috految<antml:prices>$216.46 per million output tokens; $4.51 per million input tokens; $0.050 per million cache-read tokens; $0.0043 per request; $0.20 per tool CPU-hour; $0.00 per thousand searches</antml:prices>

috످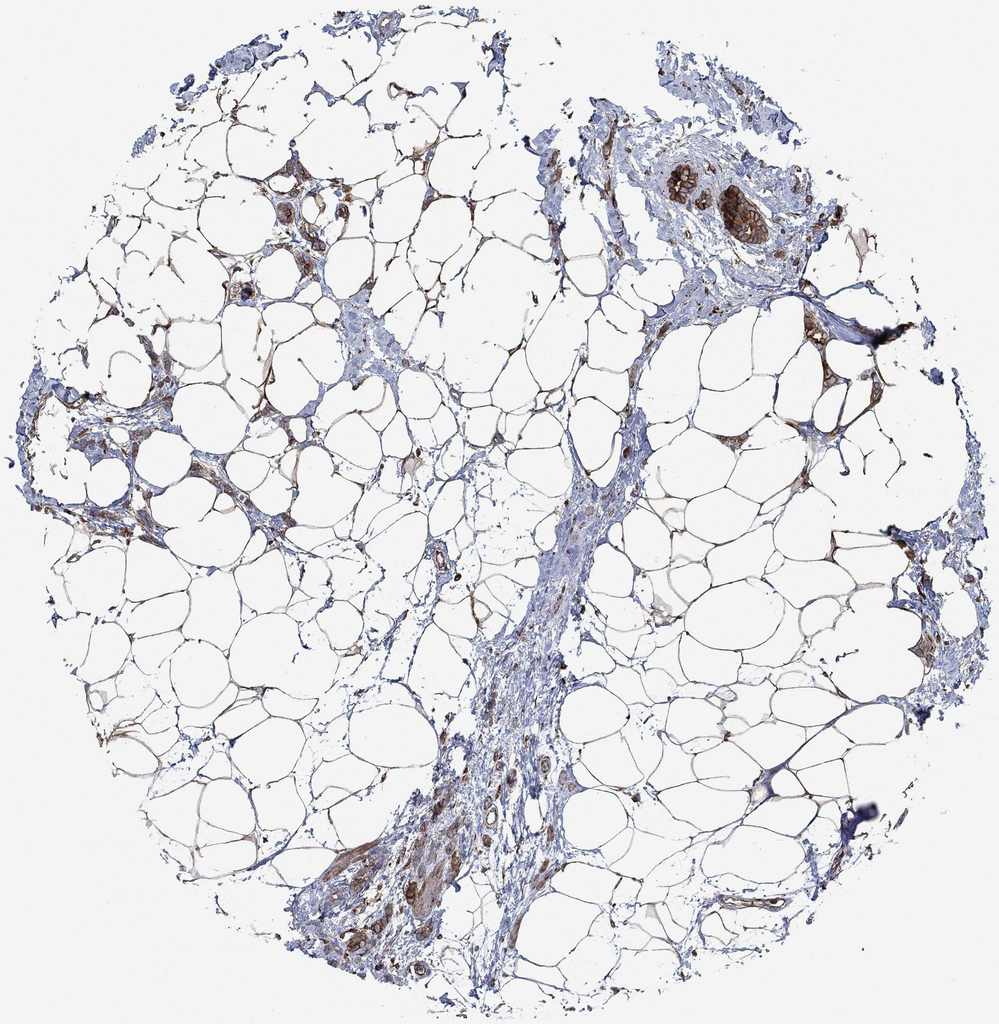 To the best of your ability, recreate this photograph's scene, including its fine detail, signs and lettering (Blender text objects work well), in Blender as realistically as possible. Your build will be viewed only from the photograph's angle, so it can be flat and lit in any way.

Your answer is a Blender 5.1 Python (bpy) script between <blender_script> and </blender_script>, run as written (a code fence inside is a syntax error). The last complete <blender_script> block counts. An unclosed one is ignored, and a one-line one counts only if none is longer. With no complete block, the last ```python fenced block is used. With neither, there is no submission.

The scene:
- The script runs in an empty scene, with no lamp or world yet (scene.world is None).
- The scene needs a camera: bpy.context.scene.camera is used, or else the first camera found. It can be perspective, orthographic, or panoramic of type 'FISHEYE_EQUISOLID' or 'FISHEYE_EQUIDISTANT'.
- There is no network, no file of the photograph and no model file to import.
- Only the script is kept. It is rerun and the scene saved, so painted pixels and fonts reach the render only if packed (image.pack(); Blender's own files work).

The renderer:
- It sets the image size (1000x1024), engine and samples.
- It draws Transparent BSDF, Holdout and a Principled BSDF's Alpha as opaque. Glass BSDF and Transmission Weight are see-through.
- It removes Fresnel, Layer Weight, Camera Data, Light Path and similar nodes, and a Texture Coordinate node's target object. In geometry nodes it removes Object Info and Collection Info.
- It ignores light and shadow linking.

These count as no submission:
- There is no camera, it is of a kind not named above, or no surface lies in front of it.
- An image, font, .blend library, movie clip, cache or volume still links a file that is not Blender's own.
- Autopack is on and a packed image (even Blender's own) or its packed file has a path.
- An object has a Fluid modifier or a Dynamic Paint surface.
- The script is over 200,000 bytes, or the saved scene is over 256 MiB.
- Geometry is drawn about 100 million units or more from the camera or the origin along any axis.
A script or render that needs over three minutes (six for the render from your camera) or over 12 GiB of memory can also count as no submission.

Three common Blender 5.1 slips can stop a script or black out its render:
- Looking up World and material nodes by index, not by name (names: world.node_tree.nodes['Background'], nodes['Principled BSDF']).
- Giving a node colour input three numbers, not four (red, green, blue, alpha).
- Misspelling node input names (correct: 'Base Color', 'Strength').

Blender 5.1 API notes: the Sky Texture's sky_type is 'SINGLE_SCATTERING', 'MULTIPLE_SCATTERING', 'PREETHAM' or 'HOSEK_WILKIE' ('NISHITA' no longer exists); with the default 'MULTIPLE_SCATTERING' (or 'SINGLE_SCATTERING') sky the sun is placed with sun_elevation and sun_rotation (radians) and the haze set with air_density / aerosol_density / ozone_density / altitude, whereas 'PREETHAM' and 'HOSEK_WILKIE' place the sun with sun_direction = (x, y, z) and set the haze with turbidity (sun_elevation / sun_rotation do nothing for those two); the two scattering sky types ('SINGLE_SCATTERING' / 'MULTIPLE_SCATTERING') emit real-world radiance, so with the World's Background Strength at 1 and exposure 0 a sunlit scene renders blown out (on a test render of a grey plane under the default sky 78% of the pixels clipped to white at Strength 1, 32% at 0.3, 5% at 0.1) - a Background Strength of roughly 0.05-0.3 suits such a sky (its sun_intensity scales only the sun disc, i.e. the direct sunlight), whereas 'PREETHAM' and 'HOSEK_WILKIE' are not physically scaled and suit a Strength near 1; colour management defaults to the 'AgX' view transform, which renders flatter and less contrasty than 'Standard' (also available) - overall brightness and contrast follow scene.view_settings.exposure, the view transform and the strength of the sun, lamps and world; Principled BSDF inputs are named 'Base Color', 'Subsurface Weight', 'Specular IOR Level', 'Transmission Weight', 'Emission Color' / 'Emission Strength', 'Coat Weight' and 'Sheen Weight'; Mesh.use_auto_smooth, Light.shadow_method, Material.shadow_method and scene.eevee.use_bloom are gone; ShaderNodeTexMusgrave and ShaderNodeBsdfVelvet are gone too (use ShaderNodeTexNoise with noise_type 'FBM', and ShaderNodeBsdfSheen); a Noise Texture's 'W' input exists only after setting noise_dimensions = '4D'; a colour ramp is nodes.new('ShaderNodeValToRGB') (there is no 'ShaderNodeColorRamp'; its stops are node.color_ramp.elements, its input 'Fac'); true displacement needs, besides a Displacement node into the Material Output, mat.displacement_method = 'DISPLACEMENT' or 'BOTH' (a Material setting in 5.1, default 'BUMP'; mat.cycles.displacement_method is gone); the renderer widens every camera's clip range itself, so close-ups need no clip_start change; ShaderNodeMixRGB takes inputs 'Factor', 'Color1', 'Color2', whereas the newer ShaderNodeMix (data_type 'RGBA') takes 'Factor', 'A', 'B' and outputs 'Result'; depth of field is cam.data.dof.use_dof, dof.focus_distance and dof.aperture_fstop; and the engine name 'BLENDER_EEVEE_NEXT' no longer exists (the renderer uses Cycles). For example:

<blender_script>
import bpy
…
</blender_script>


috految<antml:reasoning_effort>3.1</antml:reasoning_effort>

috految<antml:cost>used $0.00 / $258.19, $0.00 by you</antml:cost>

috److The photograph is a flat histology slide, so I paint it procedurally with NumPy into a packed image and show it on an emissive plane under an orthographic camera.

All coordinates are traced in the photograph's pixel space (1000 × 1024). The layers are:

1. **Stroma:** noise-warped polygons filled with directional fibres, small gaps and nuclei.
2. **Fat cell membranes:** hand-traced splines of varying width, with thickened junctions.
3. **Torn strands and debris:** scattered along traced paths.
4. **Glands and vessels:** brown-stained shapes with cell outlines and lumens.
5. **Folds:** dark, soft-edged patches.

<blender_script>
import bpy,numpy as np
from math import *
from random import uniform as U,gauss as G,choice as C
Y,X=np.mgrid[:2048,:2000]/2
F=np.fft.fftfreq(2048)[:,None]**2+np.fft.fftfreq(2000)**2
def blur(a,s):return np.fft.ifft2(np.fft.fft2(a)*np.exp(-20*s*s*F)).real
def noise(s):
 a=blur(np.random.randn(*X.shape),s);return a/a.std()
A,D,N,L=noise(3),noise(3),noise(1.1),noise(7)
I=np.full((2048,2000,3),243.)
W=(243,243,244);B=(168,172,197);K=(105,110,143);R=(126,104,101);Q=(81,61,57);E=(85,81,99);T=(164,150,152)
def rows(s):return [list(map(float,r.split())) for r in s.split(';')]
def paths(s):return [np.array(list(zip(r[::2],r[1::2]))) for r in rows(s)]
def dot(x,y,a,b,t,c,o=1,w=.6,soft=.6):
 r=max(a,b)+3+soft
 s=np.s_[max(0,int(2*(y-r))):max(0,int(2*(y+r))),max(0,int(2*(x-r))):max(0,int(2*(x+r)))]
 u=X[s]-x+A[s]*w;v=Y[s]-y+D[s]*w
 d=np.hypot((u*cos(t)+v*sin(t))/a,(v*cos(t)-u*sin(t))/b)
 m=np.clip((1-d)*min(a,b)/soft+.5,0,1)[...,None]*o
 I[s]=I[s]*(1-m)+m*(np.array(c)+N[s][...,None]*(0 if c==W or soft>1 else 13))
def walk(p):
 q=[p[0],*p,p[-1]]
 for i in range(len(p)-1):
  a,b,c,d=q[i:i+4];l=hypot(*(c-b))
  u=(c-a)*l/(l+hypot(*(b-a)));v=(d-b)*l/(l+hypot(*(d-c)))
  for t in np.linspace(0,1,int(l*1.2)+2):
   x,y=b+(c-b)*t*t*(3-2*t)+u*t*(1-t)**2+v*t*t*(t-1)
   yield x,y,atan2(c[1]-b[1],c[0]-b[0])
def tissue(s,c,ang,gap,w=1.5):
 for p in paths(s):
  u=X+A*w;v=Y+D*w;m=np.zeros(X.shape,bool)
  for (a,b),(e,f) in zip(p,np.roll(p,1,0)):
   if b!=f:m^=((b>v)!=(f>v))&(u<(e-a)*(v-b)/(f-b)+a)
  I[m]=np.array(c)+(N[m]*11+L[m]*5)[:,None]
  I[m&~(np.roll(m,2,1)&np.roll(m,-2,0))]*=.76
  z=np.argwhere(m)/2
  for i in range(len(z)//42):
   y,x=z[int(U(0,len(z)))];t=(atan2(y-200,x-715)+pi/2 if ang==9 else ang)+G(0,.3)
   if U(0,1)<gap*(1+.7*L[int(y*2),int(x*2)]):dot(x,y,U(1,6),U(.3,1.3),t,W,.95)
   else:dot(x,y,U(2,7),U(.25,.7),t,C([K,B,c,T,K,(210,210,222)] if c[0]<c[2] else [R,Q,T,B]),.65)
   if U(0,1)<.11:dot(x,y,U(1,3.3),U(.6,1.7),t,C([E,R,K]))
    
tissue('592 98 622 106 635 129 652 120 705 118 719 128 684 132 740 143 765 167 804 165 815 210 842 207 814 243 800 286 755 303 711 321 680 310 686 270 660 236 645 191 616 170 612 200 579 181 579 134 594 121',(185,189,208),9,.27)
tissue('657 44 670 42 672 57 690 53 705 77 713 55 727 70 755 82 805 133 789 143 776 132 752 133 740 119 729 126 692 99 680 101 658 82;320 29 346 10 369 14 402 10 401 30 378 46 368 26 337 36;440 9 475 7 483 21 464 21;922 316 935 325 933 345 925 347;123 420 147 405 155 369 178 377 170 425 146 438 133 462 120 456 91 467 67 442 76 420 108 427;75 506 118 505 133 494 132 470 154 487 150 508 171 534 155 539 111 536',B,.7,.27)
tissue('480 647 523 619 563 620 560 654 574 681 558 706 560 741 572 754 579 790 563 805 564 839 577 857 548 875 520 914 510 958 493 986 475 995 482 960 505 916 491 885 493 852 479 832 463 876 442 893 441 927 422 938 416 969 393 985 349 969 335 950 298 937 288 908 302 886 338 853 382 840 413 794 432 792 440 742 455 733 468 745 477 720 472 681',(184,187,205),-1.28,.48,2)
tissue('624 411 645 407 650 449 641 485 643 497 613 524 594 551 583 598 565 622 552 655 534 700 512 694 525 648 510 638 526 613 539 584 540 552 554 548 557 516 574 487 571 447 587 478 604 489 620 464;686 271 722 281 729 296 786 283 750 303 716 324 685 325 665 337 643 366 634 410 626 408 630 370 645 345 646 320 674 298;430 803 446 777 472 772 468 855 442 867 408 844 388 873 361 907 322 925 299 908 304 890 370 844 396 837 414 798',(166,168,191),-1.15,.09,.9)
tissue('321 289 340 301 369 284 369 307 385 330 410 357 424 368 401 369 397 399 386 375 368 374 354 391 341 380 346 355 334 325 342 313;529 142 540 131 557 130 549 144 561 156 566 192 561 218 565 265 555 260 541 210 547 199 538 177 541 154;594 182 612 186 622 222 637 243 636 258 647 272 620 261 614 277 608 292 607 247 595 213 607 231 605 201;957 393 970 431 983 448 984 511 989 535 962 547 945 566 940 547 959 503 969 461;615 142 641 151 645 191 614 173',(177,182,203),1,.12)
tissue('208 66 236 46 264 34 281 49 255 58 242 73 211 80;170 87 191 74 195 85 177 96;133 143 153 126 159 139 132 159;493 33 508 33 504 73 487 69 495 54;35 362 53 382 104 396 76 408 50 391 39 400 36 421 26 431 29 480 42 499 69 505 49 513 28 504 17 487 23 479 16 421 23 390;69 435 91 428 132 448 132 459 104 456 94 468 82 449 66 450;750 108 770 102 797 126 788 145 777 131 753 130;923 369 941 367 943 386;845 817 878 808 851 838 840 875 817 888 835 850',(151,156,184),-1,.09)
tissue('885 528 921 534 958 508 975 539 964 551 991 600 981 631 987 651 966 687 943 706 917 732 905 728 906 706 876 698 909 695 923 678 922 619 892 603 913 599 912 559;288 941 314 946 331 917 400 909 428 949 404 986 350 974',(159,165,189),-.8,.32,2.5)
tissue('298 151 303 170 322 182 346 179 347 190 315 191 299 204 302 218 326 243 325 281 304 280 295 252 280 247 257 262 273 239 293 241 278 225 277 198 257 183 286 168;192 450 231 455 224 471 245 492 269 516 290 512 296 526 284 531 283 544 267 543 250 532 247 513 211 480 187 476;166 399 177 428 193 449 175 433 147 443 141 427 111 416 155 410;260 399 282 418 302 412 320 397 321 382 327 386 315 416 321 443 299 449 279 423 250 422;783 422 812 422 827 432 846 424 835 442 812 449 806 434; 305 94 316 81 326 94 337 100 330 106 321 92;353 104 373 91 363 106;449 83 470 81 463 99;424 183 440 196 421 207;492 443 499 430 505 444;750 785 768 768 791 761 773 785 777 800 751 808;206 567 221 566 211 576',(157,156,178),.7,.13,.7)
tissue('800 293 829 313 868 329 904 330 879 347 831 339 817 317',(144,148,183),.6,0,.5)
for r in rows('958 613 18 25 0;950 579 10 16 0;283 184 13 8 0;308 209 8 13 0;298 430 10 13 0;120 436 9 7 .5;533 813 7 22 0;459 760 6 15 0;512 800 3 24 .2;761 793 8 8 0;675 138 24 2 -.4;646 157 4 12 0;721 277 3 17 -.6;395 865 3 14 .4;935 565 6 12 0'):dot(*r,W,w=1)
S='''226 82 219 98 233 119 227 145 232 172 261 181 288 166 294 139 315 117 305 102 316 83;262 72 242 100 233 119 251 126 274 134;232 121 202 128 187 143 185 160 200 168;232 172 211 184 198 214 203 238 226 255 257 252 278 225;204 197 223 197 244 181;161 174 147 189 151 200 172 208 198 211;179 171 205 183 208 192;125 187 147 189;151 200 142 218 138 232 123 248 109 232 116 219 142 219 165 226 173 238 169 260 188 290;173 238 185 236 198 242;169 263 157 266 149 279;123 248 127 253 139 251 150 259;109 232 90 250 87 272 100 298 88 334 84 367;127 253 117 270 117 295 123 315 133 324;74 277 87 272 117 291;100 298 121 310 93 324;54 353 80 345;57 319 68 330;110 378 112 357 125 352 141 361;210 248 217 262 231 267 226 299 220 320 222 352 228 378 220 385 187 384 172 399 176 424;231 267 238 254;262 255 252 272 262 295 287 299 301 277 293 254;226 302 248 301 262 313 255 345 260 360;262 313 271 302 293 301 312 308 316 324 283 340 273 353 267 389 254 417;312 308 323 295 318 281 304 285 292 301;316 324 333 326 343 350;158 307 173 319 200 321 220 320;152 335 159 324 169 325 165 350 174 364 199 369 222 352;140 337 152 370 147 398 126 409 102 398;228 378 247 380 263 389;220 385 245 410 248 430 231 453 202 455 181 427;299 360 311 375 324 385 345 379;273 353 274 332;333 99 350 92 378 68 382 40;342 58 352 70 354 84;333 99 344 97 367 106 371 126 392 128 400 154 414 159 438 142 449 117 464 96;410 106 425 114 443 129;370 134 379 125;438 142 451 136 464 138 486 135 489 147 475 170;400 154 401 160 379 176 351 186;414 159 424 176 428 193 418 224 400 242 374 240 371 207 383 188 408 175 424 176 438 142;379 176 377 196 366 202 350 196 347 220 337 238 326 267 329 291;337 239 358 237 374 240 374 269 365 291;400 242 395 258 372 286;428 198 451 196 473 203 472 226 457 251 443 263 439 282 426 292 412 275 408 255 410 233;473 203 491 197 511 192 522 194;472 226 483 237 503 241 528 259 557 262;483 237 474 256 467 269 463 286;529 257 523 242 533 234 550 239;467 269 446 285 437 307 440 327;426 292 427 307 411 341;379 319 401 299 424 288;427 307 437 307;563 262 584 254 603 255 607 284 590 296 570 285 563 262 561 291 541 319 521 344 497 378 491 393 462 392 447 382 420 368;521 344 530 369 542 391 561 389 580 361 587 324 600 306 600 294;521 344 511 352 503 345;521 344 526 335 525 312;604 291 625 301 647 316;600 306 609 321 626 335;640 275 633 286 653 302 673 302;636 261 676 262 684 280;587 324 585 350 585 366 609 372 631 370;585 366 571 381 578 401 599 399 624 419 614 480;578 401 569 420 578 459 590 472 610 454 615 432;561 389 569 411;542 391 544 407 559 404 563 392;542 391 523 409 505 412 491 404 491 393;491 404 465 407 462 392;465 407 465 437 487 451 498 436 504 416;532 402 531 416 515 447 498 442;531 416 548 412 563 427 560 445 535 448 507 454 510 474 529 487 565 500;560 445 574 476;420 368 439 386 441 405 427 419 405 416 397 400;441 402 456 418 455 437 437 447 429 419;397 400 393 420 379 432 382 459 370 483 350 480 332 462 325 441 335 421 358 411 379 432;358 411 378 408 386 381;405 416 413 439 410 454 382 459;413 445 437 447 435 468 421 493;314 444 334 454 357 468 380 466;334 454 334 473 366 490 349 513 330 527 296 524;247 449 271 457 292 445 301 452 295 479 298 493 288 514;271 457 267 475 248 494;285 451 281 473 295 489;191 451 176 433 150 436 135 457 140 477 164 488 186 477 191 451;93 465 85 484 90 500 112 506 130 491 129 466;164 488 151 498 155 520 171 527 161 539 183 562 211 569 239 557 250 537 245 514;213 483 216 504 200 521;216 509 237 508;211 569 233 571 259 557 271 533;284 541 317 545 350 538 355 507 366 490 380 489 402 496;350 538 359 546 377 538 407 514 426 511;359 546 372 520 402 496 404 467;359 546 380 565 385 575 361 600;302 551 324 561 331 575 327 600;277 548 286 566 291 591 285 615;233 571 242 599 240 625 227 656 229 680 212 703 185 707 173 692 171 660 187 640 211 643 227 656;183 562 191 576 189 612 180 630 187 640;188 588 156 597 125 599 125 565 127 540;127 548 101 545 66 559 54 575 64 580 69 600 79 612;125 599 116 619 131 637 159 632 180 630;116 621 96 623 88 651 77 670 89 685 116 674 131 654 131 637;131 654 145 675 171 660;89 685 87 703 98 711 104 703 94 685;104 703 135 696;98 711 113 726 139 718 157 690 166 704;96 729 101 742 122 736 149 749 160 767 146 777 114 769 102 745;106 738 122 725 147 734 173 730;160 767 179 741 179 708;240 625 263 613 286 615 300 630 300 648;291 591 305 599 327 600 316 616 323 636 337 652 356 646 364 623 352 602 327 600;337 652 336 680 318 699 294 698 270 686 238 686 229 680;238 686 232 705 214 722 211 731 232 743;232 705 262 698 270 686;262 698 272 716 300 720 318 699;272 716 248 730 232 743 231 759 243 779 256 786 292 773 305 744 300 720;232 743 210 760 196 780 166 795 146 809 161 835 195 848 201 792 211 780 243 779;160 767 148 790 146 809;243 779 253 803 257 835 255 866 221 878 196 872 195 848 227 840 257 835;199 819 225 831 257 840;292 773 298 795 307 812 288 843 255 866;307 812 315 770 331 761 351 751 350 720 376 705 412 705 435 726 438 752 420 767 377 766 351 751;384 773 368 789 328 808 332 823 344 846;307 812 328 808;313 799 330 786 355 794;270 860 294 848 335 851;255 866 275 867 288 885 305 887;384 681 406 686 425 709 441 739;431 542 428 510 439 485 460 479 465 508 455 526 438 539;455 526 458 555 474 548;465 508 473 540 482 563 506 564 534 556 540 576 527 588 499 572 472 590 479 627 468 640 451 639 434 622 444 595;482 563 478 580;479 592 491 606 486 621;495 596 511 610 506 628 484 647;451 639 455 649 473 668 459 693 438 691;552 511 540 518 534 542 540 553;720 322 702 347 701 388 691 413 668 421 647 423;762 306 752 335 752 376 730 391 701 388;752 376 778 375 796 358 809 338;778 375 774 412 752 426 738 440 708 433 692 425 691 413;692 425 672 441 649 454;774 412 791 423 811 423 820 395 829 380 824 348;829 380 851 380 875 368 878 345;851 380 842 410 835 430;875 368 872 400 843 430 839 447 844 472;881 396 880 429 896 445 903 464 886 487;858 446 866 458 864 475;866 458 874 450;738 440 735 466 725 487 690 499 665 494 659 469;738 449 761 449 770 445;725 487 748 501 762 505 787 487 806 468 809 439;785 437 809 439;833 444 817 458 806 481 788 501 775 525 780 552 805 560 833 558 834 539;806 481 836 505;762 505 749 529 718 544 693 536 684 520 690 499;642 497 665 494;642 497 660 517 672 533 688 529;672 533 667 567 645 571 625 555 623 525 640 501;749 529 775 525;718 544 705 560 683 561 667 567 673 589 689 607;705 560 712 588;780 552 770 557 760 579;687 626 689 607 712 588 758 579 785 600 777 630 743 650 708 646 687 626;785 600 802 609 827 596 845 596 864 585 890 585 909 567;833 558 850 572 857 587;802 609 798 627 808 636 831 628 847 603 845 596;890 585 897 608;834 532 867 535 900 535;834 548 878 544 905 550 916 580;808 636 803 652 773 669 744 662 743 650;744 662 737 678 706 684 683 672 679 647 687 626;606 542 632 566 633 591 610 596 590 586;633 591 650 607 653 624 687 616;645 571 655 590 650 607;591 603 606 616 607 642 626 661 646 656 655 643 653 624;606 625 625 632 651 622;585 639 605 648 617 668 594 675 570 679;617 668 642 672 641 688 654 701 672 695 670 672 646 668;655 643 679 647;672 695 686 684 706 684;773 669 770 683 752 686 737 678;773 669 804 661 829 676 841 695 865 704 897 696 922 687;770 683 783 689 811 685 841 695;783 689 770 702 775 721 807 727 832 722 865 704;775 721 754 725 727 739 722 708 698 697 673 699 665 729 680 745 704 735 727 739 688 755;698 697 724 686 738 696 722 704 750 720;570 692 599 685 624 703 629 720 617 734 587 741 565 737 560 710 570 692;624 703 654 706 665 729 662 758 644 785 630 752 617 734;587 741 580 757 596 781 621 790 644 785 659 792 693 781 692 763 688 755 680 745;727 739 751 757 771 774;693 781 720 778 730 757;693 781 727 787 754 789;659 792 677 816 707 834 738 824 753 804;832 722 854 744 892 741 906 726 900 706 865 704;854 744 841 758 817 762 794 771 782 763;841 758 847 779 850 801 839 804 807 794 794 771;775 797 807 794 819 808 799 836 777 832 738 824 706 847 700 865 720 882 744 882;799 836 805 855 797 876 774 883;819 808 826 821 844 826;566 800 590 789 619 795 633 824 620 842 594 851 568 844;633 824 628 851 611 865 572 857;633 828 661 839 696 831;661 839 669 852 700 850;669 852 652 871 642 881 611 865 619 878 614 897 603 904 575 898 554 890 555 872;642 881 667 885 690 864;642 881 636 904 620 923 603 904 590 933 558 965 535 965 517 955 525 912 554 890;620 923 612 944 619 952 612 974 594 989 566 987 558 965;516 976 548 983 570 994;636 904 662 902 667 885;662 902 679 909 696 927 680 949 650 937 631 922 620 923;650 937 645 951 619 952;680 949 683 963 694 972;690 872 703 894 696 927;477 858 468 880 481 904 480 928 464 950 434 934;479 882 492 904 488 925 470 914;716 913 744 928 779 925;848 226 861 249 860 278;864 229 875 237 873 251;904 797 906 785 913 783'''
M=np.zeros(X.shape)
for p in paths(S):
 c=C([(127,121,131),(134,123,125),(125,127,145)])
 for x,y,t in walk(p):
  j=int(y*2),int(x*2);M[j]=1;r=max(.4,(.88 if y<550 else .73)+.19*L[j])
  dot(x,y,r+.2,r,t,c,.8,.28)
  if U(0,1)<.055:dot(x+G(0,.8),y+G(0,.8),U(1,3.5),U(.5,1.4),t,C([E,R,B,K]),.8)
  if U(0,1)<.016:dot(x+G(0,5),y+G(0,5),U(.6,3),.7,t,B)
 for x,y in (p[0],p[-1]):dot(x,y,U(1,3.5),1.3,U(0,3),C([E,R]),.8)
m=(blur(M,5)>.077)&(I[:,:,0]>210);I[m]=np.array((162,156,167))+N[m][:,None]*25
def strands(s,w,p,cols):
 for q in paths(s):
  for x,y,t in walk(q):
   if U(0,1)<p:dot(x+G(0,w),y+G(0,w),U(.7,3.7),U(.35,1.4),t+G(0,.5),C(cols),.9)
strands('172 110 213 80 285 34;255 69 300 53 307 64;330 22 375 17 429 12 477 21;402 32 440 24;498 30 503 80 502 115;103 233 117 215;53 301 72 269;42 394 60 395 92 418 160 410;271 536 304 560;464 435 457 395 415 366;490 447 458 472 425 493;432 538 404 580 410 605 384 645 361 657;444 546 442 587 422 625 407 680;424 607 438 565 428 549;180 730 209 735 190 753;280 941 373 978 410 981;443 971 478 1000 510 970;452 1000 470 1008;580 590 581 640 605 647;810 838 811 883 771 892 705 903 690 960;832 875 805 900 785 928;700 932 728 945 756 942;948 374 962 415 988 488;904 735 960 703 985 653;892 828 907 808;565 680 604 679;278 198 311 194 340 208 330 250;30 505 100 535 148 538',2.5,.8,[K,B,B,E,B])
strands('160 130 205 100;108 188 94 210;45 520 68 557 54 620 125 608;54 645 93 700 105 755;145 812 188 876 257 875 270 885;215 895 247 923 294 948;437 938 438 985 520 1005 603 1000 690 966 790 930 870 848;330 540 345 570 320 613;385 578 377 655 360 690 310 738 310 835;415 450 415 500 392 550;452 450 490 480 475 545 460 611 490 658 448 718;504 484 525 519;470 862 450 900 487 984;565 115 580 184;645 109 765 154 835 196;900 272 932 343;622 642 652 718;168 777 222 730;20 414 9 465;78 312 57 382;335 685 392 680',4,.27,[K,B,B,T,E])
strands('278 537 294 548;760 306 800 291 821 303 848 286 872 286 891 302;768 773 805 742 858 706 900 700;250 870 289 842;870 400 843 432 841 450 846 473;847 390 839 425;576 440 584 480;640 410 645 450;418 96 429 89 436 92;390 84 392 96 403 89 418 96;530 875 503 940;833 220 815 248 800 282',.8,1,[K,K,E,B])
strands('612 123 605 160 619 220;553 150 554 165;553 225 560 267;665 326 636 355 630 409;220 90 235 118;266 192 293 194 309 177;305 225 323 250;409 158 431 150 424 176;50 395 33 420;80 513 125 533 160 543;92 511 125 512 161 532;141 338 166 373 165 395;130 462 137 436 169 405;196 466 225 484 253 507;270 367 266 406 295 440;472 592 479 627;500 678 490 725;900 539 922 575 931 633;840 850 832 874;836 207 837 221;729 84 750 101;102 736 131 725;805 470 799 490;803 283 819 294;155 324 168 328;860 234 865 254',2,1,[R,R,Q,T,K])
tissue('319 879 341 854 380 841 367 857;410 869 434 867 451 846 451 875 436 909 417 922;529 885 552 865 559 871 537 892;510 947 512 922 525 906 518 937;908 650 925 638 927 619 940 645 930 673;413 842 433 805 447 808 426 839 421 862',(153,136,136),-1.1,.04,.8)
tissue('712 435 738 437 751 428 739 450;804 305 832 340 821 347 805 337;822 361 835 379 849 381 822 392;874 368 885 386 873 410;266 177 293 160 301 171 311 180 286 174;297 251 314 260 307 279;895 330 915 322 906 336 873 349;188 474 194 460 214 478;831 532 838 542 834 564;103 315 115 305 121 316;467 201 478 201 472 226',(122,102,98),1,.04,.7)
for x,y,w,h,n in rows('357 886 19 15 45;445 820 13 27 50;374 945 23 14 55;412 880 10 28 30;505 770 17 40 25;757 240 23 20 22;300 235 9 14 15;100 439 13 10 15;925 590 6 23 20'):
 for i in range(int(n)):dot(G(x,w),G(y,h),U(1.5,6),U(1,2.4),-1.1,C([R,R,E,T]))
for x,y,a,b,t in rows('682 183 14 21 .1;743 215 18 33 -.56;704 199 7 12 .3;286 212 9 11 0;411 893 7 13 0;357 941 8 14 .6;378 927 6 8 .5;360 882 6 11 .7;374 863 5 8 .5;454 862 5 13 0;439 809 4 10 .5;424 932 5 9 .7;388 914 4 8 0;344 211 6 9 0;347 188 5 4 0;307 266 5 9 0;369 284 4 7 .7;780 254 6 4 0;809 200 4 5 0;457 577 4 4 0;636 797 4 5 0;419 452 3 6 0;512 775 4 7 0;926 581 5 8 0;727 736 3 4 0;535 298 2 6 0;927 456 5 2 .4;558 41 2 5 0;384 777 2 7 .5;513 351 5 2 -1;688 236 3 4 0;550 836 3 8 0;390 127 6 3 0;98 397 6 4 0'):
 dot(x,y,a,b,t,(94,71,66) if a>6 else R)
 n=int(a*b/11)+1
 for i in range(n):
  r=.88*sqrt((i+.5)/n);u=a*r*cos(i*2.4);v=b*r*sin(i*2.4);p=x+u*cos(t)-v*sin(t);q=y+u*sin(t)+v*cos(t)
  dot(p,q,3,4,i,Q,.7);dot(p,q,1.8,2.8,i,C([R,R,T,(113,84,69)]),.85)
for x,y,a,b,t in rows('386 24 7 12 .5;441 560 6 11 -.2;544 765 6 9 0;492 817 7 14 0;421 968 8 8 0;753 903 34 5 0;236 290 8 9 0;248 293 9 9 0;336 898 7 10 .4;818 336 5 8 -.4;969 579 5 6 0;682 185 4 5 0;735 232 3 5 0;318 245 6 9 0'):
 for k,c in((1.15,B),(1,R),(.78,T),(.63,Q),(.4,(219,216,221))):dot(x,y,a*k,b*k,t,c)
for r in rows('660 606 6 22 -.5;410 465 7 12 0;726 696 11 6 0;653 912 5 11 -.5;860 245 7 14 0'):dot(*r,T,.4)
for r in rows('247 293 6 7 0;886 335 17 7 -.4;869 333 17 4 .4;850 824 8 18 .4;866 812 13 10 0;529 144 4 11 -.5;893 531 10 5 0;922 715 6 8 0;936 375 5 7 0;769 776 8 4 -.7;293 144 3 5 0;562 666 3 5 0'):dot(*r,(58,59,89),.88,1.1,3)
I+=.45*(I-np.dstack([blur(I[:,:,i],2.5) for i in range(3)]))
im=bpy.data.images.new('slide',2000,2048)
im.pixels.foreach_set(np.dstack([np.clip(I[::-1]/255,0,.975),X*0+1]).astype('f').ravel());im.pack()
bpy.ops.mesh.primitive_plane_add();o=bpy.context.object;o.scale=(1.001,1.025,1)
m=bpy.data.materials.new('slide');o.data.materials.append(m);n=m.node_tree.nodes
t=n.new('ShaderNodeTexImage');t.image=im
m.node_tree.links.new(t.outputs[0],n['Material Output'].inputs[0])
bpy.ops.object.camera_add(location=(0,0,3));s=bpy.context.scene;s.camera=bpy.context.object
s.camera.data.type='ORTHO';s.camera.data.ortho_scale=2.048
s.view_settings.view_transform='Standard';s.cycles.filter_width=1;s.cycles.use_denoising=False
</blender_script>

috످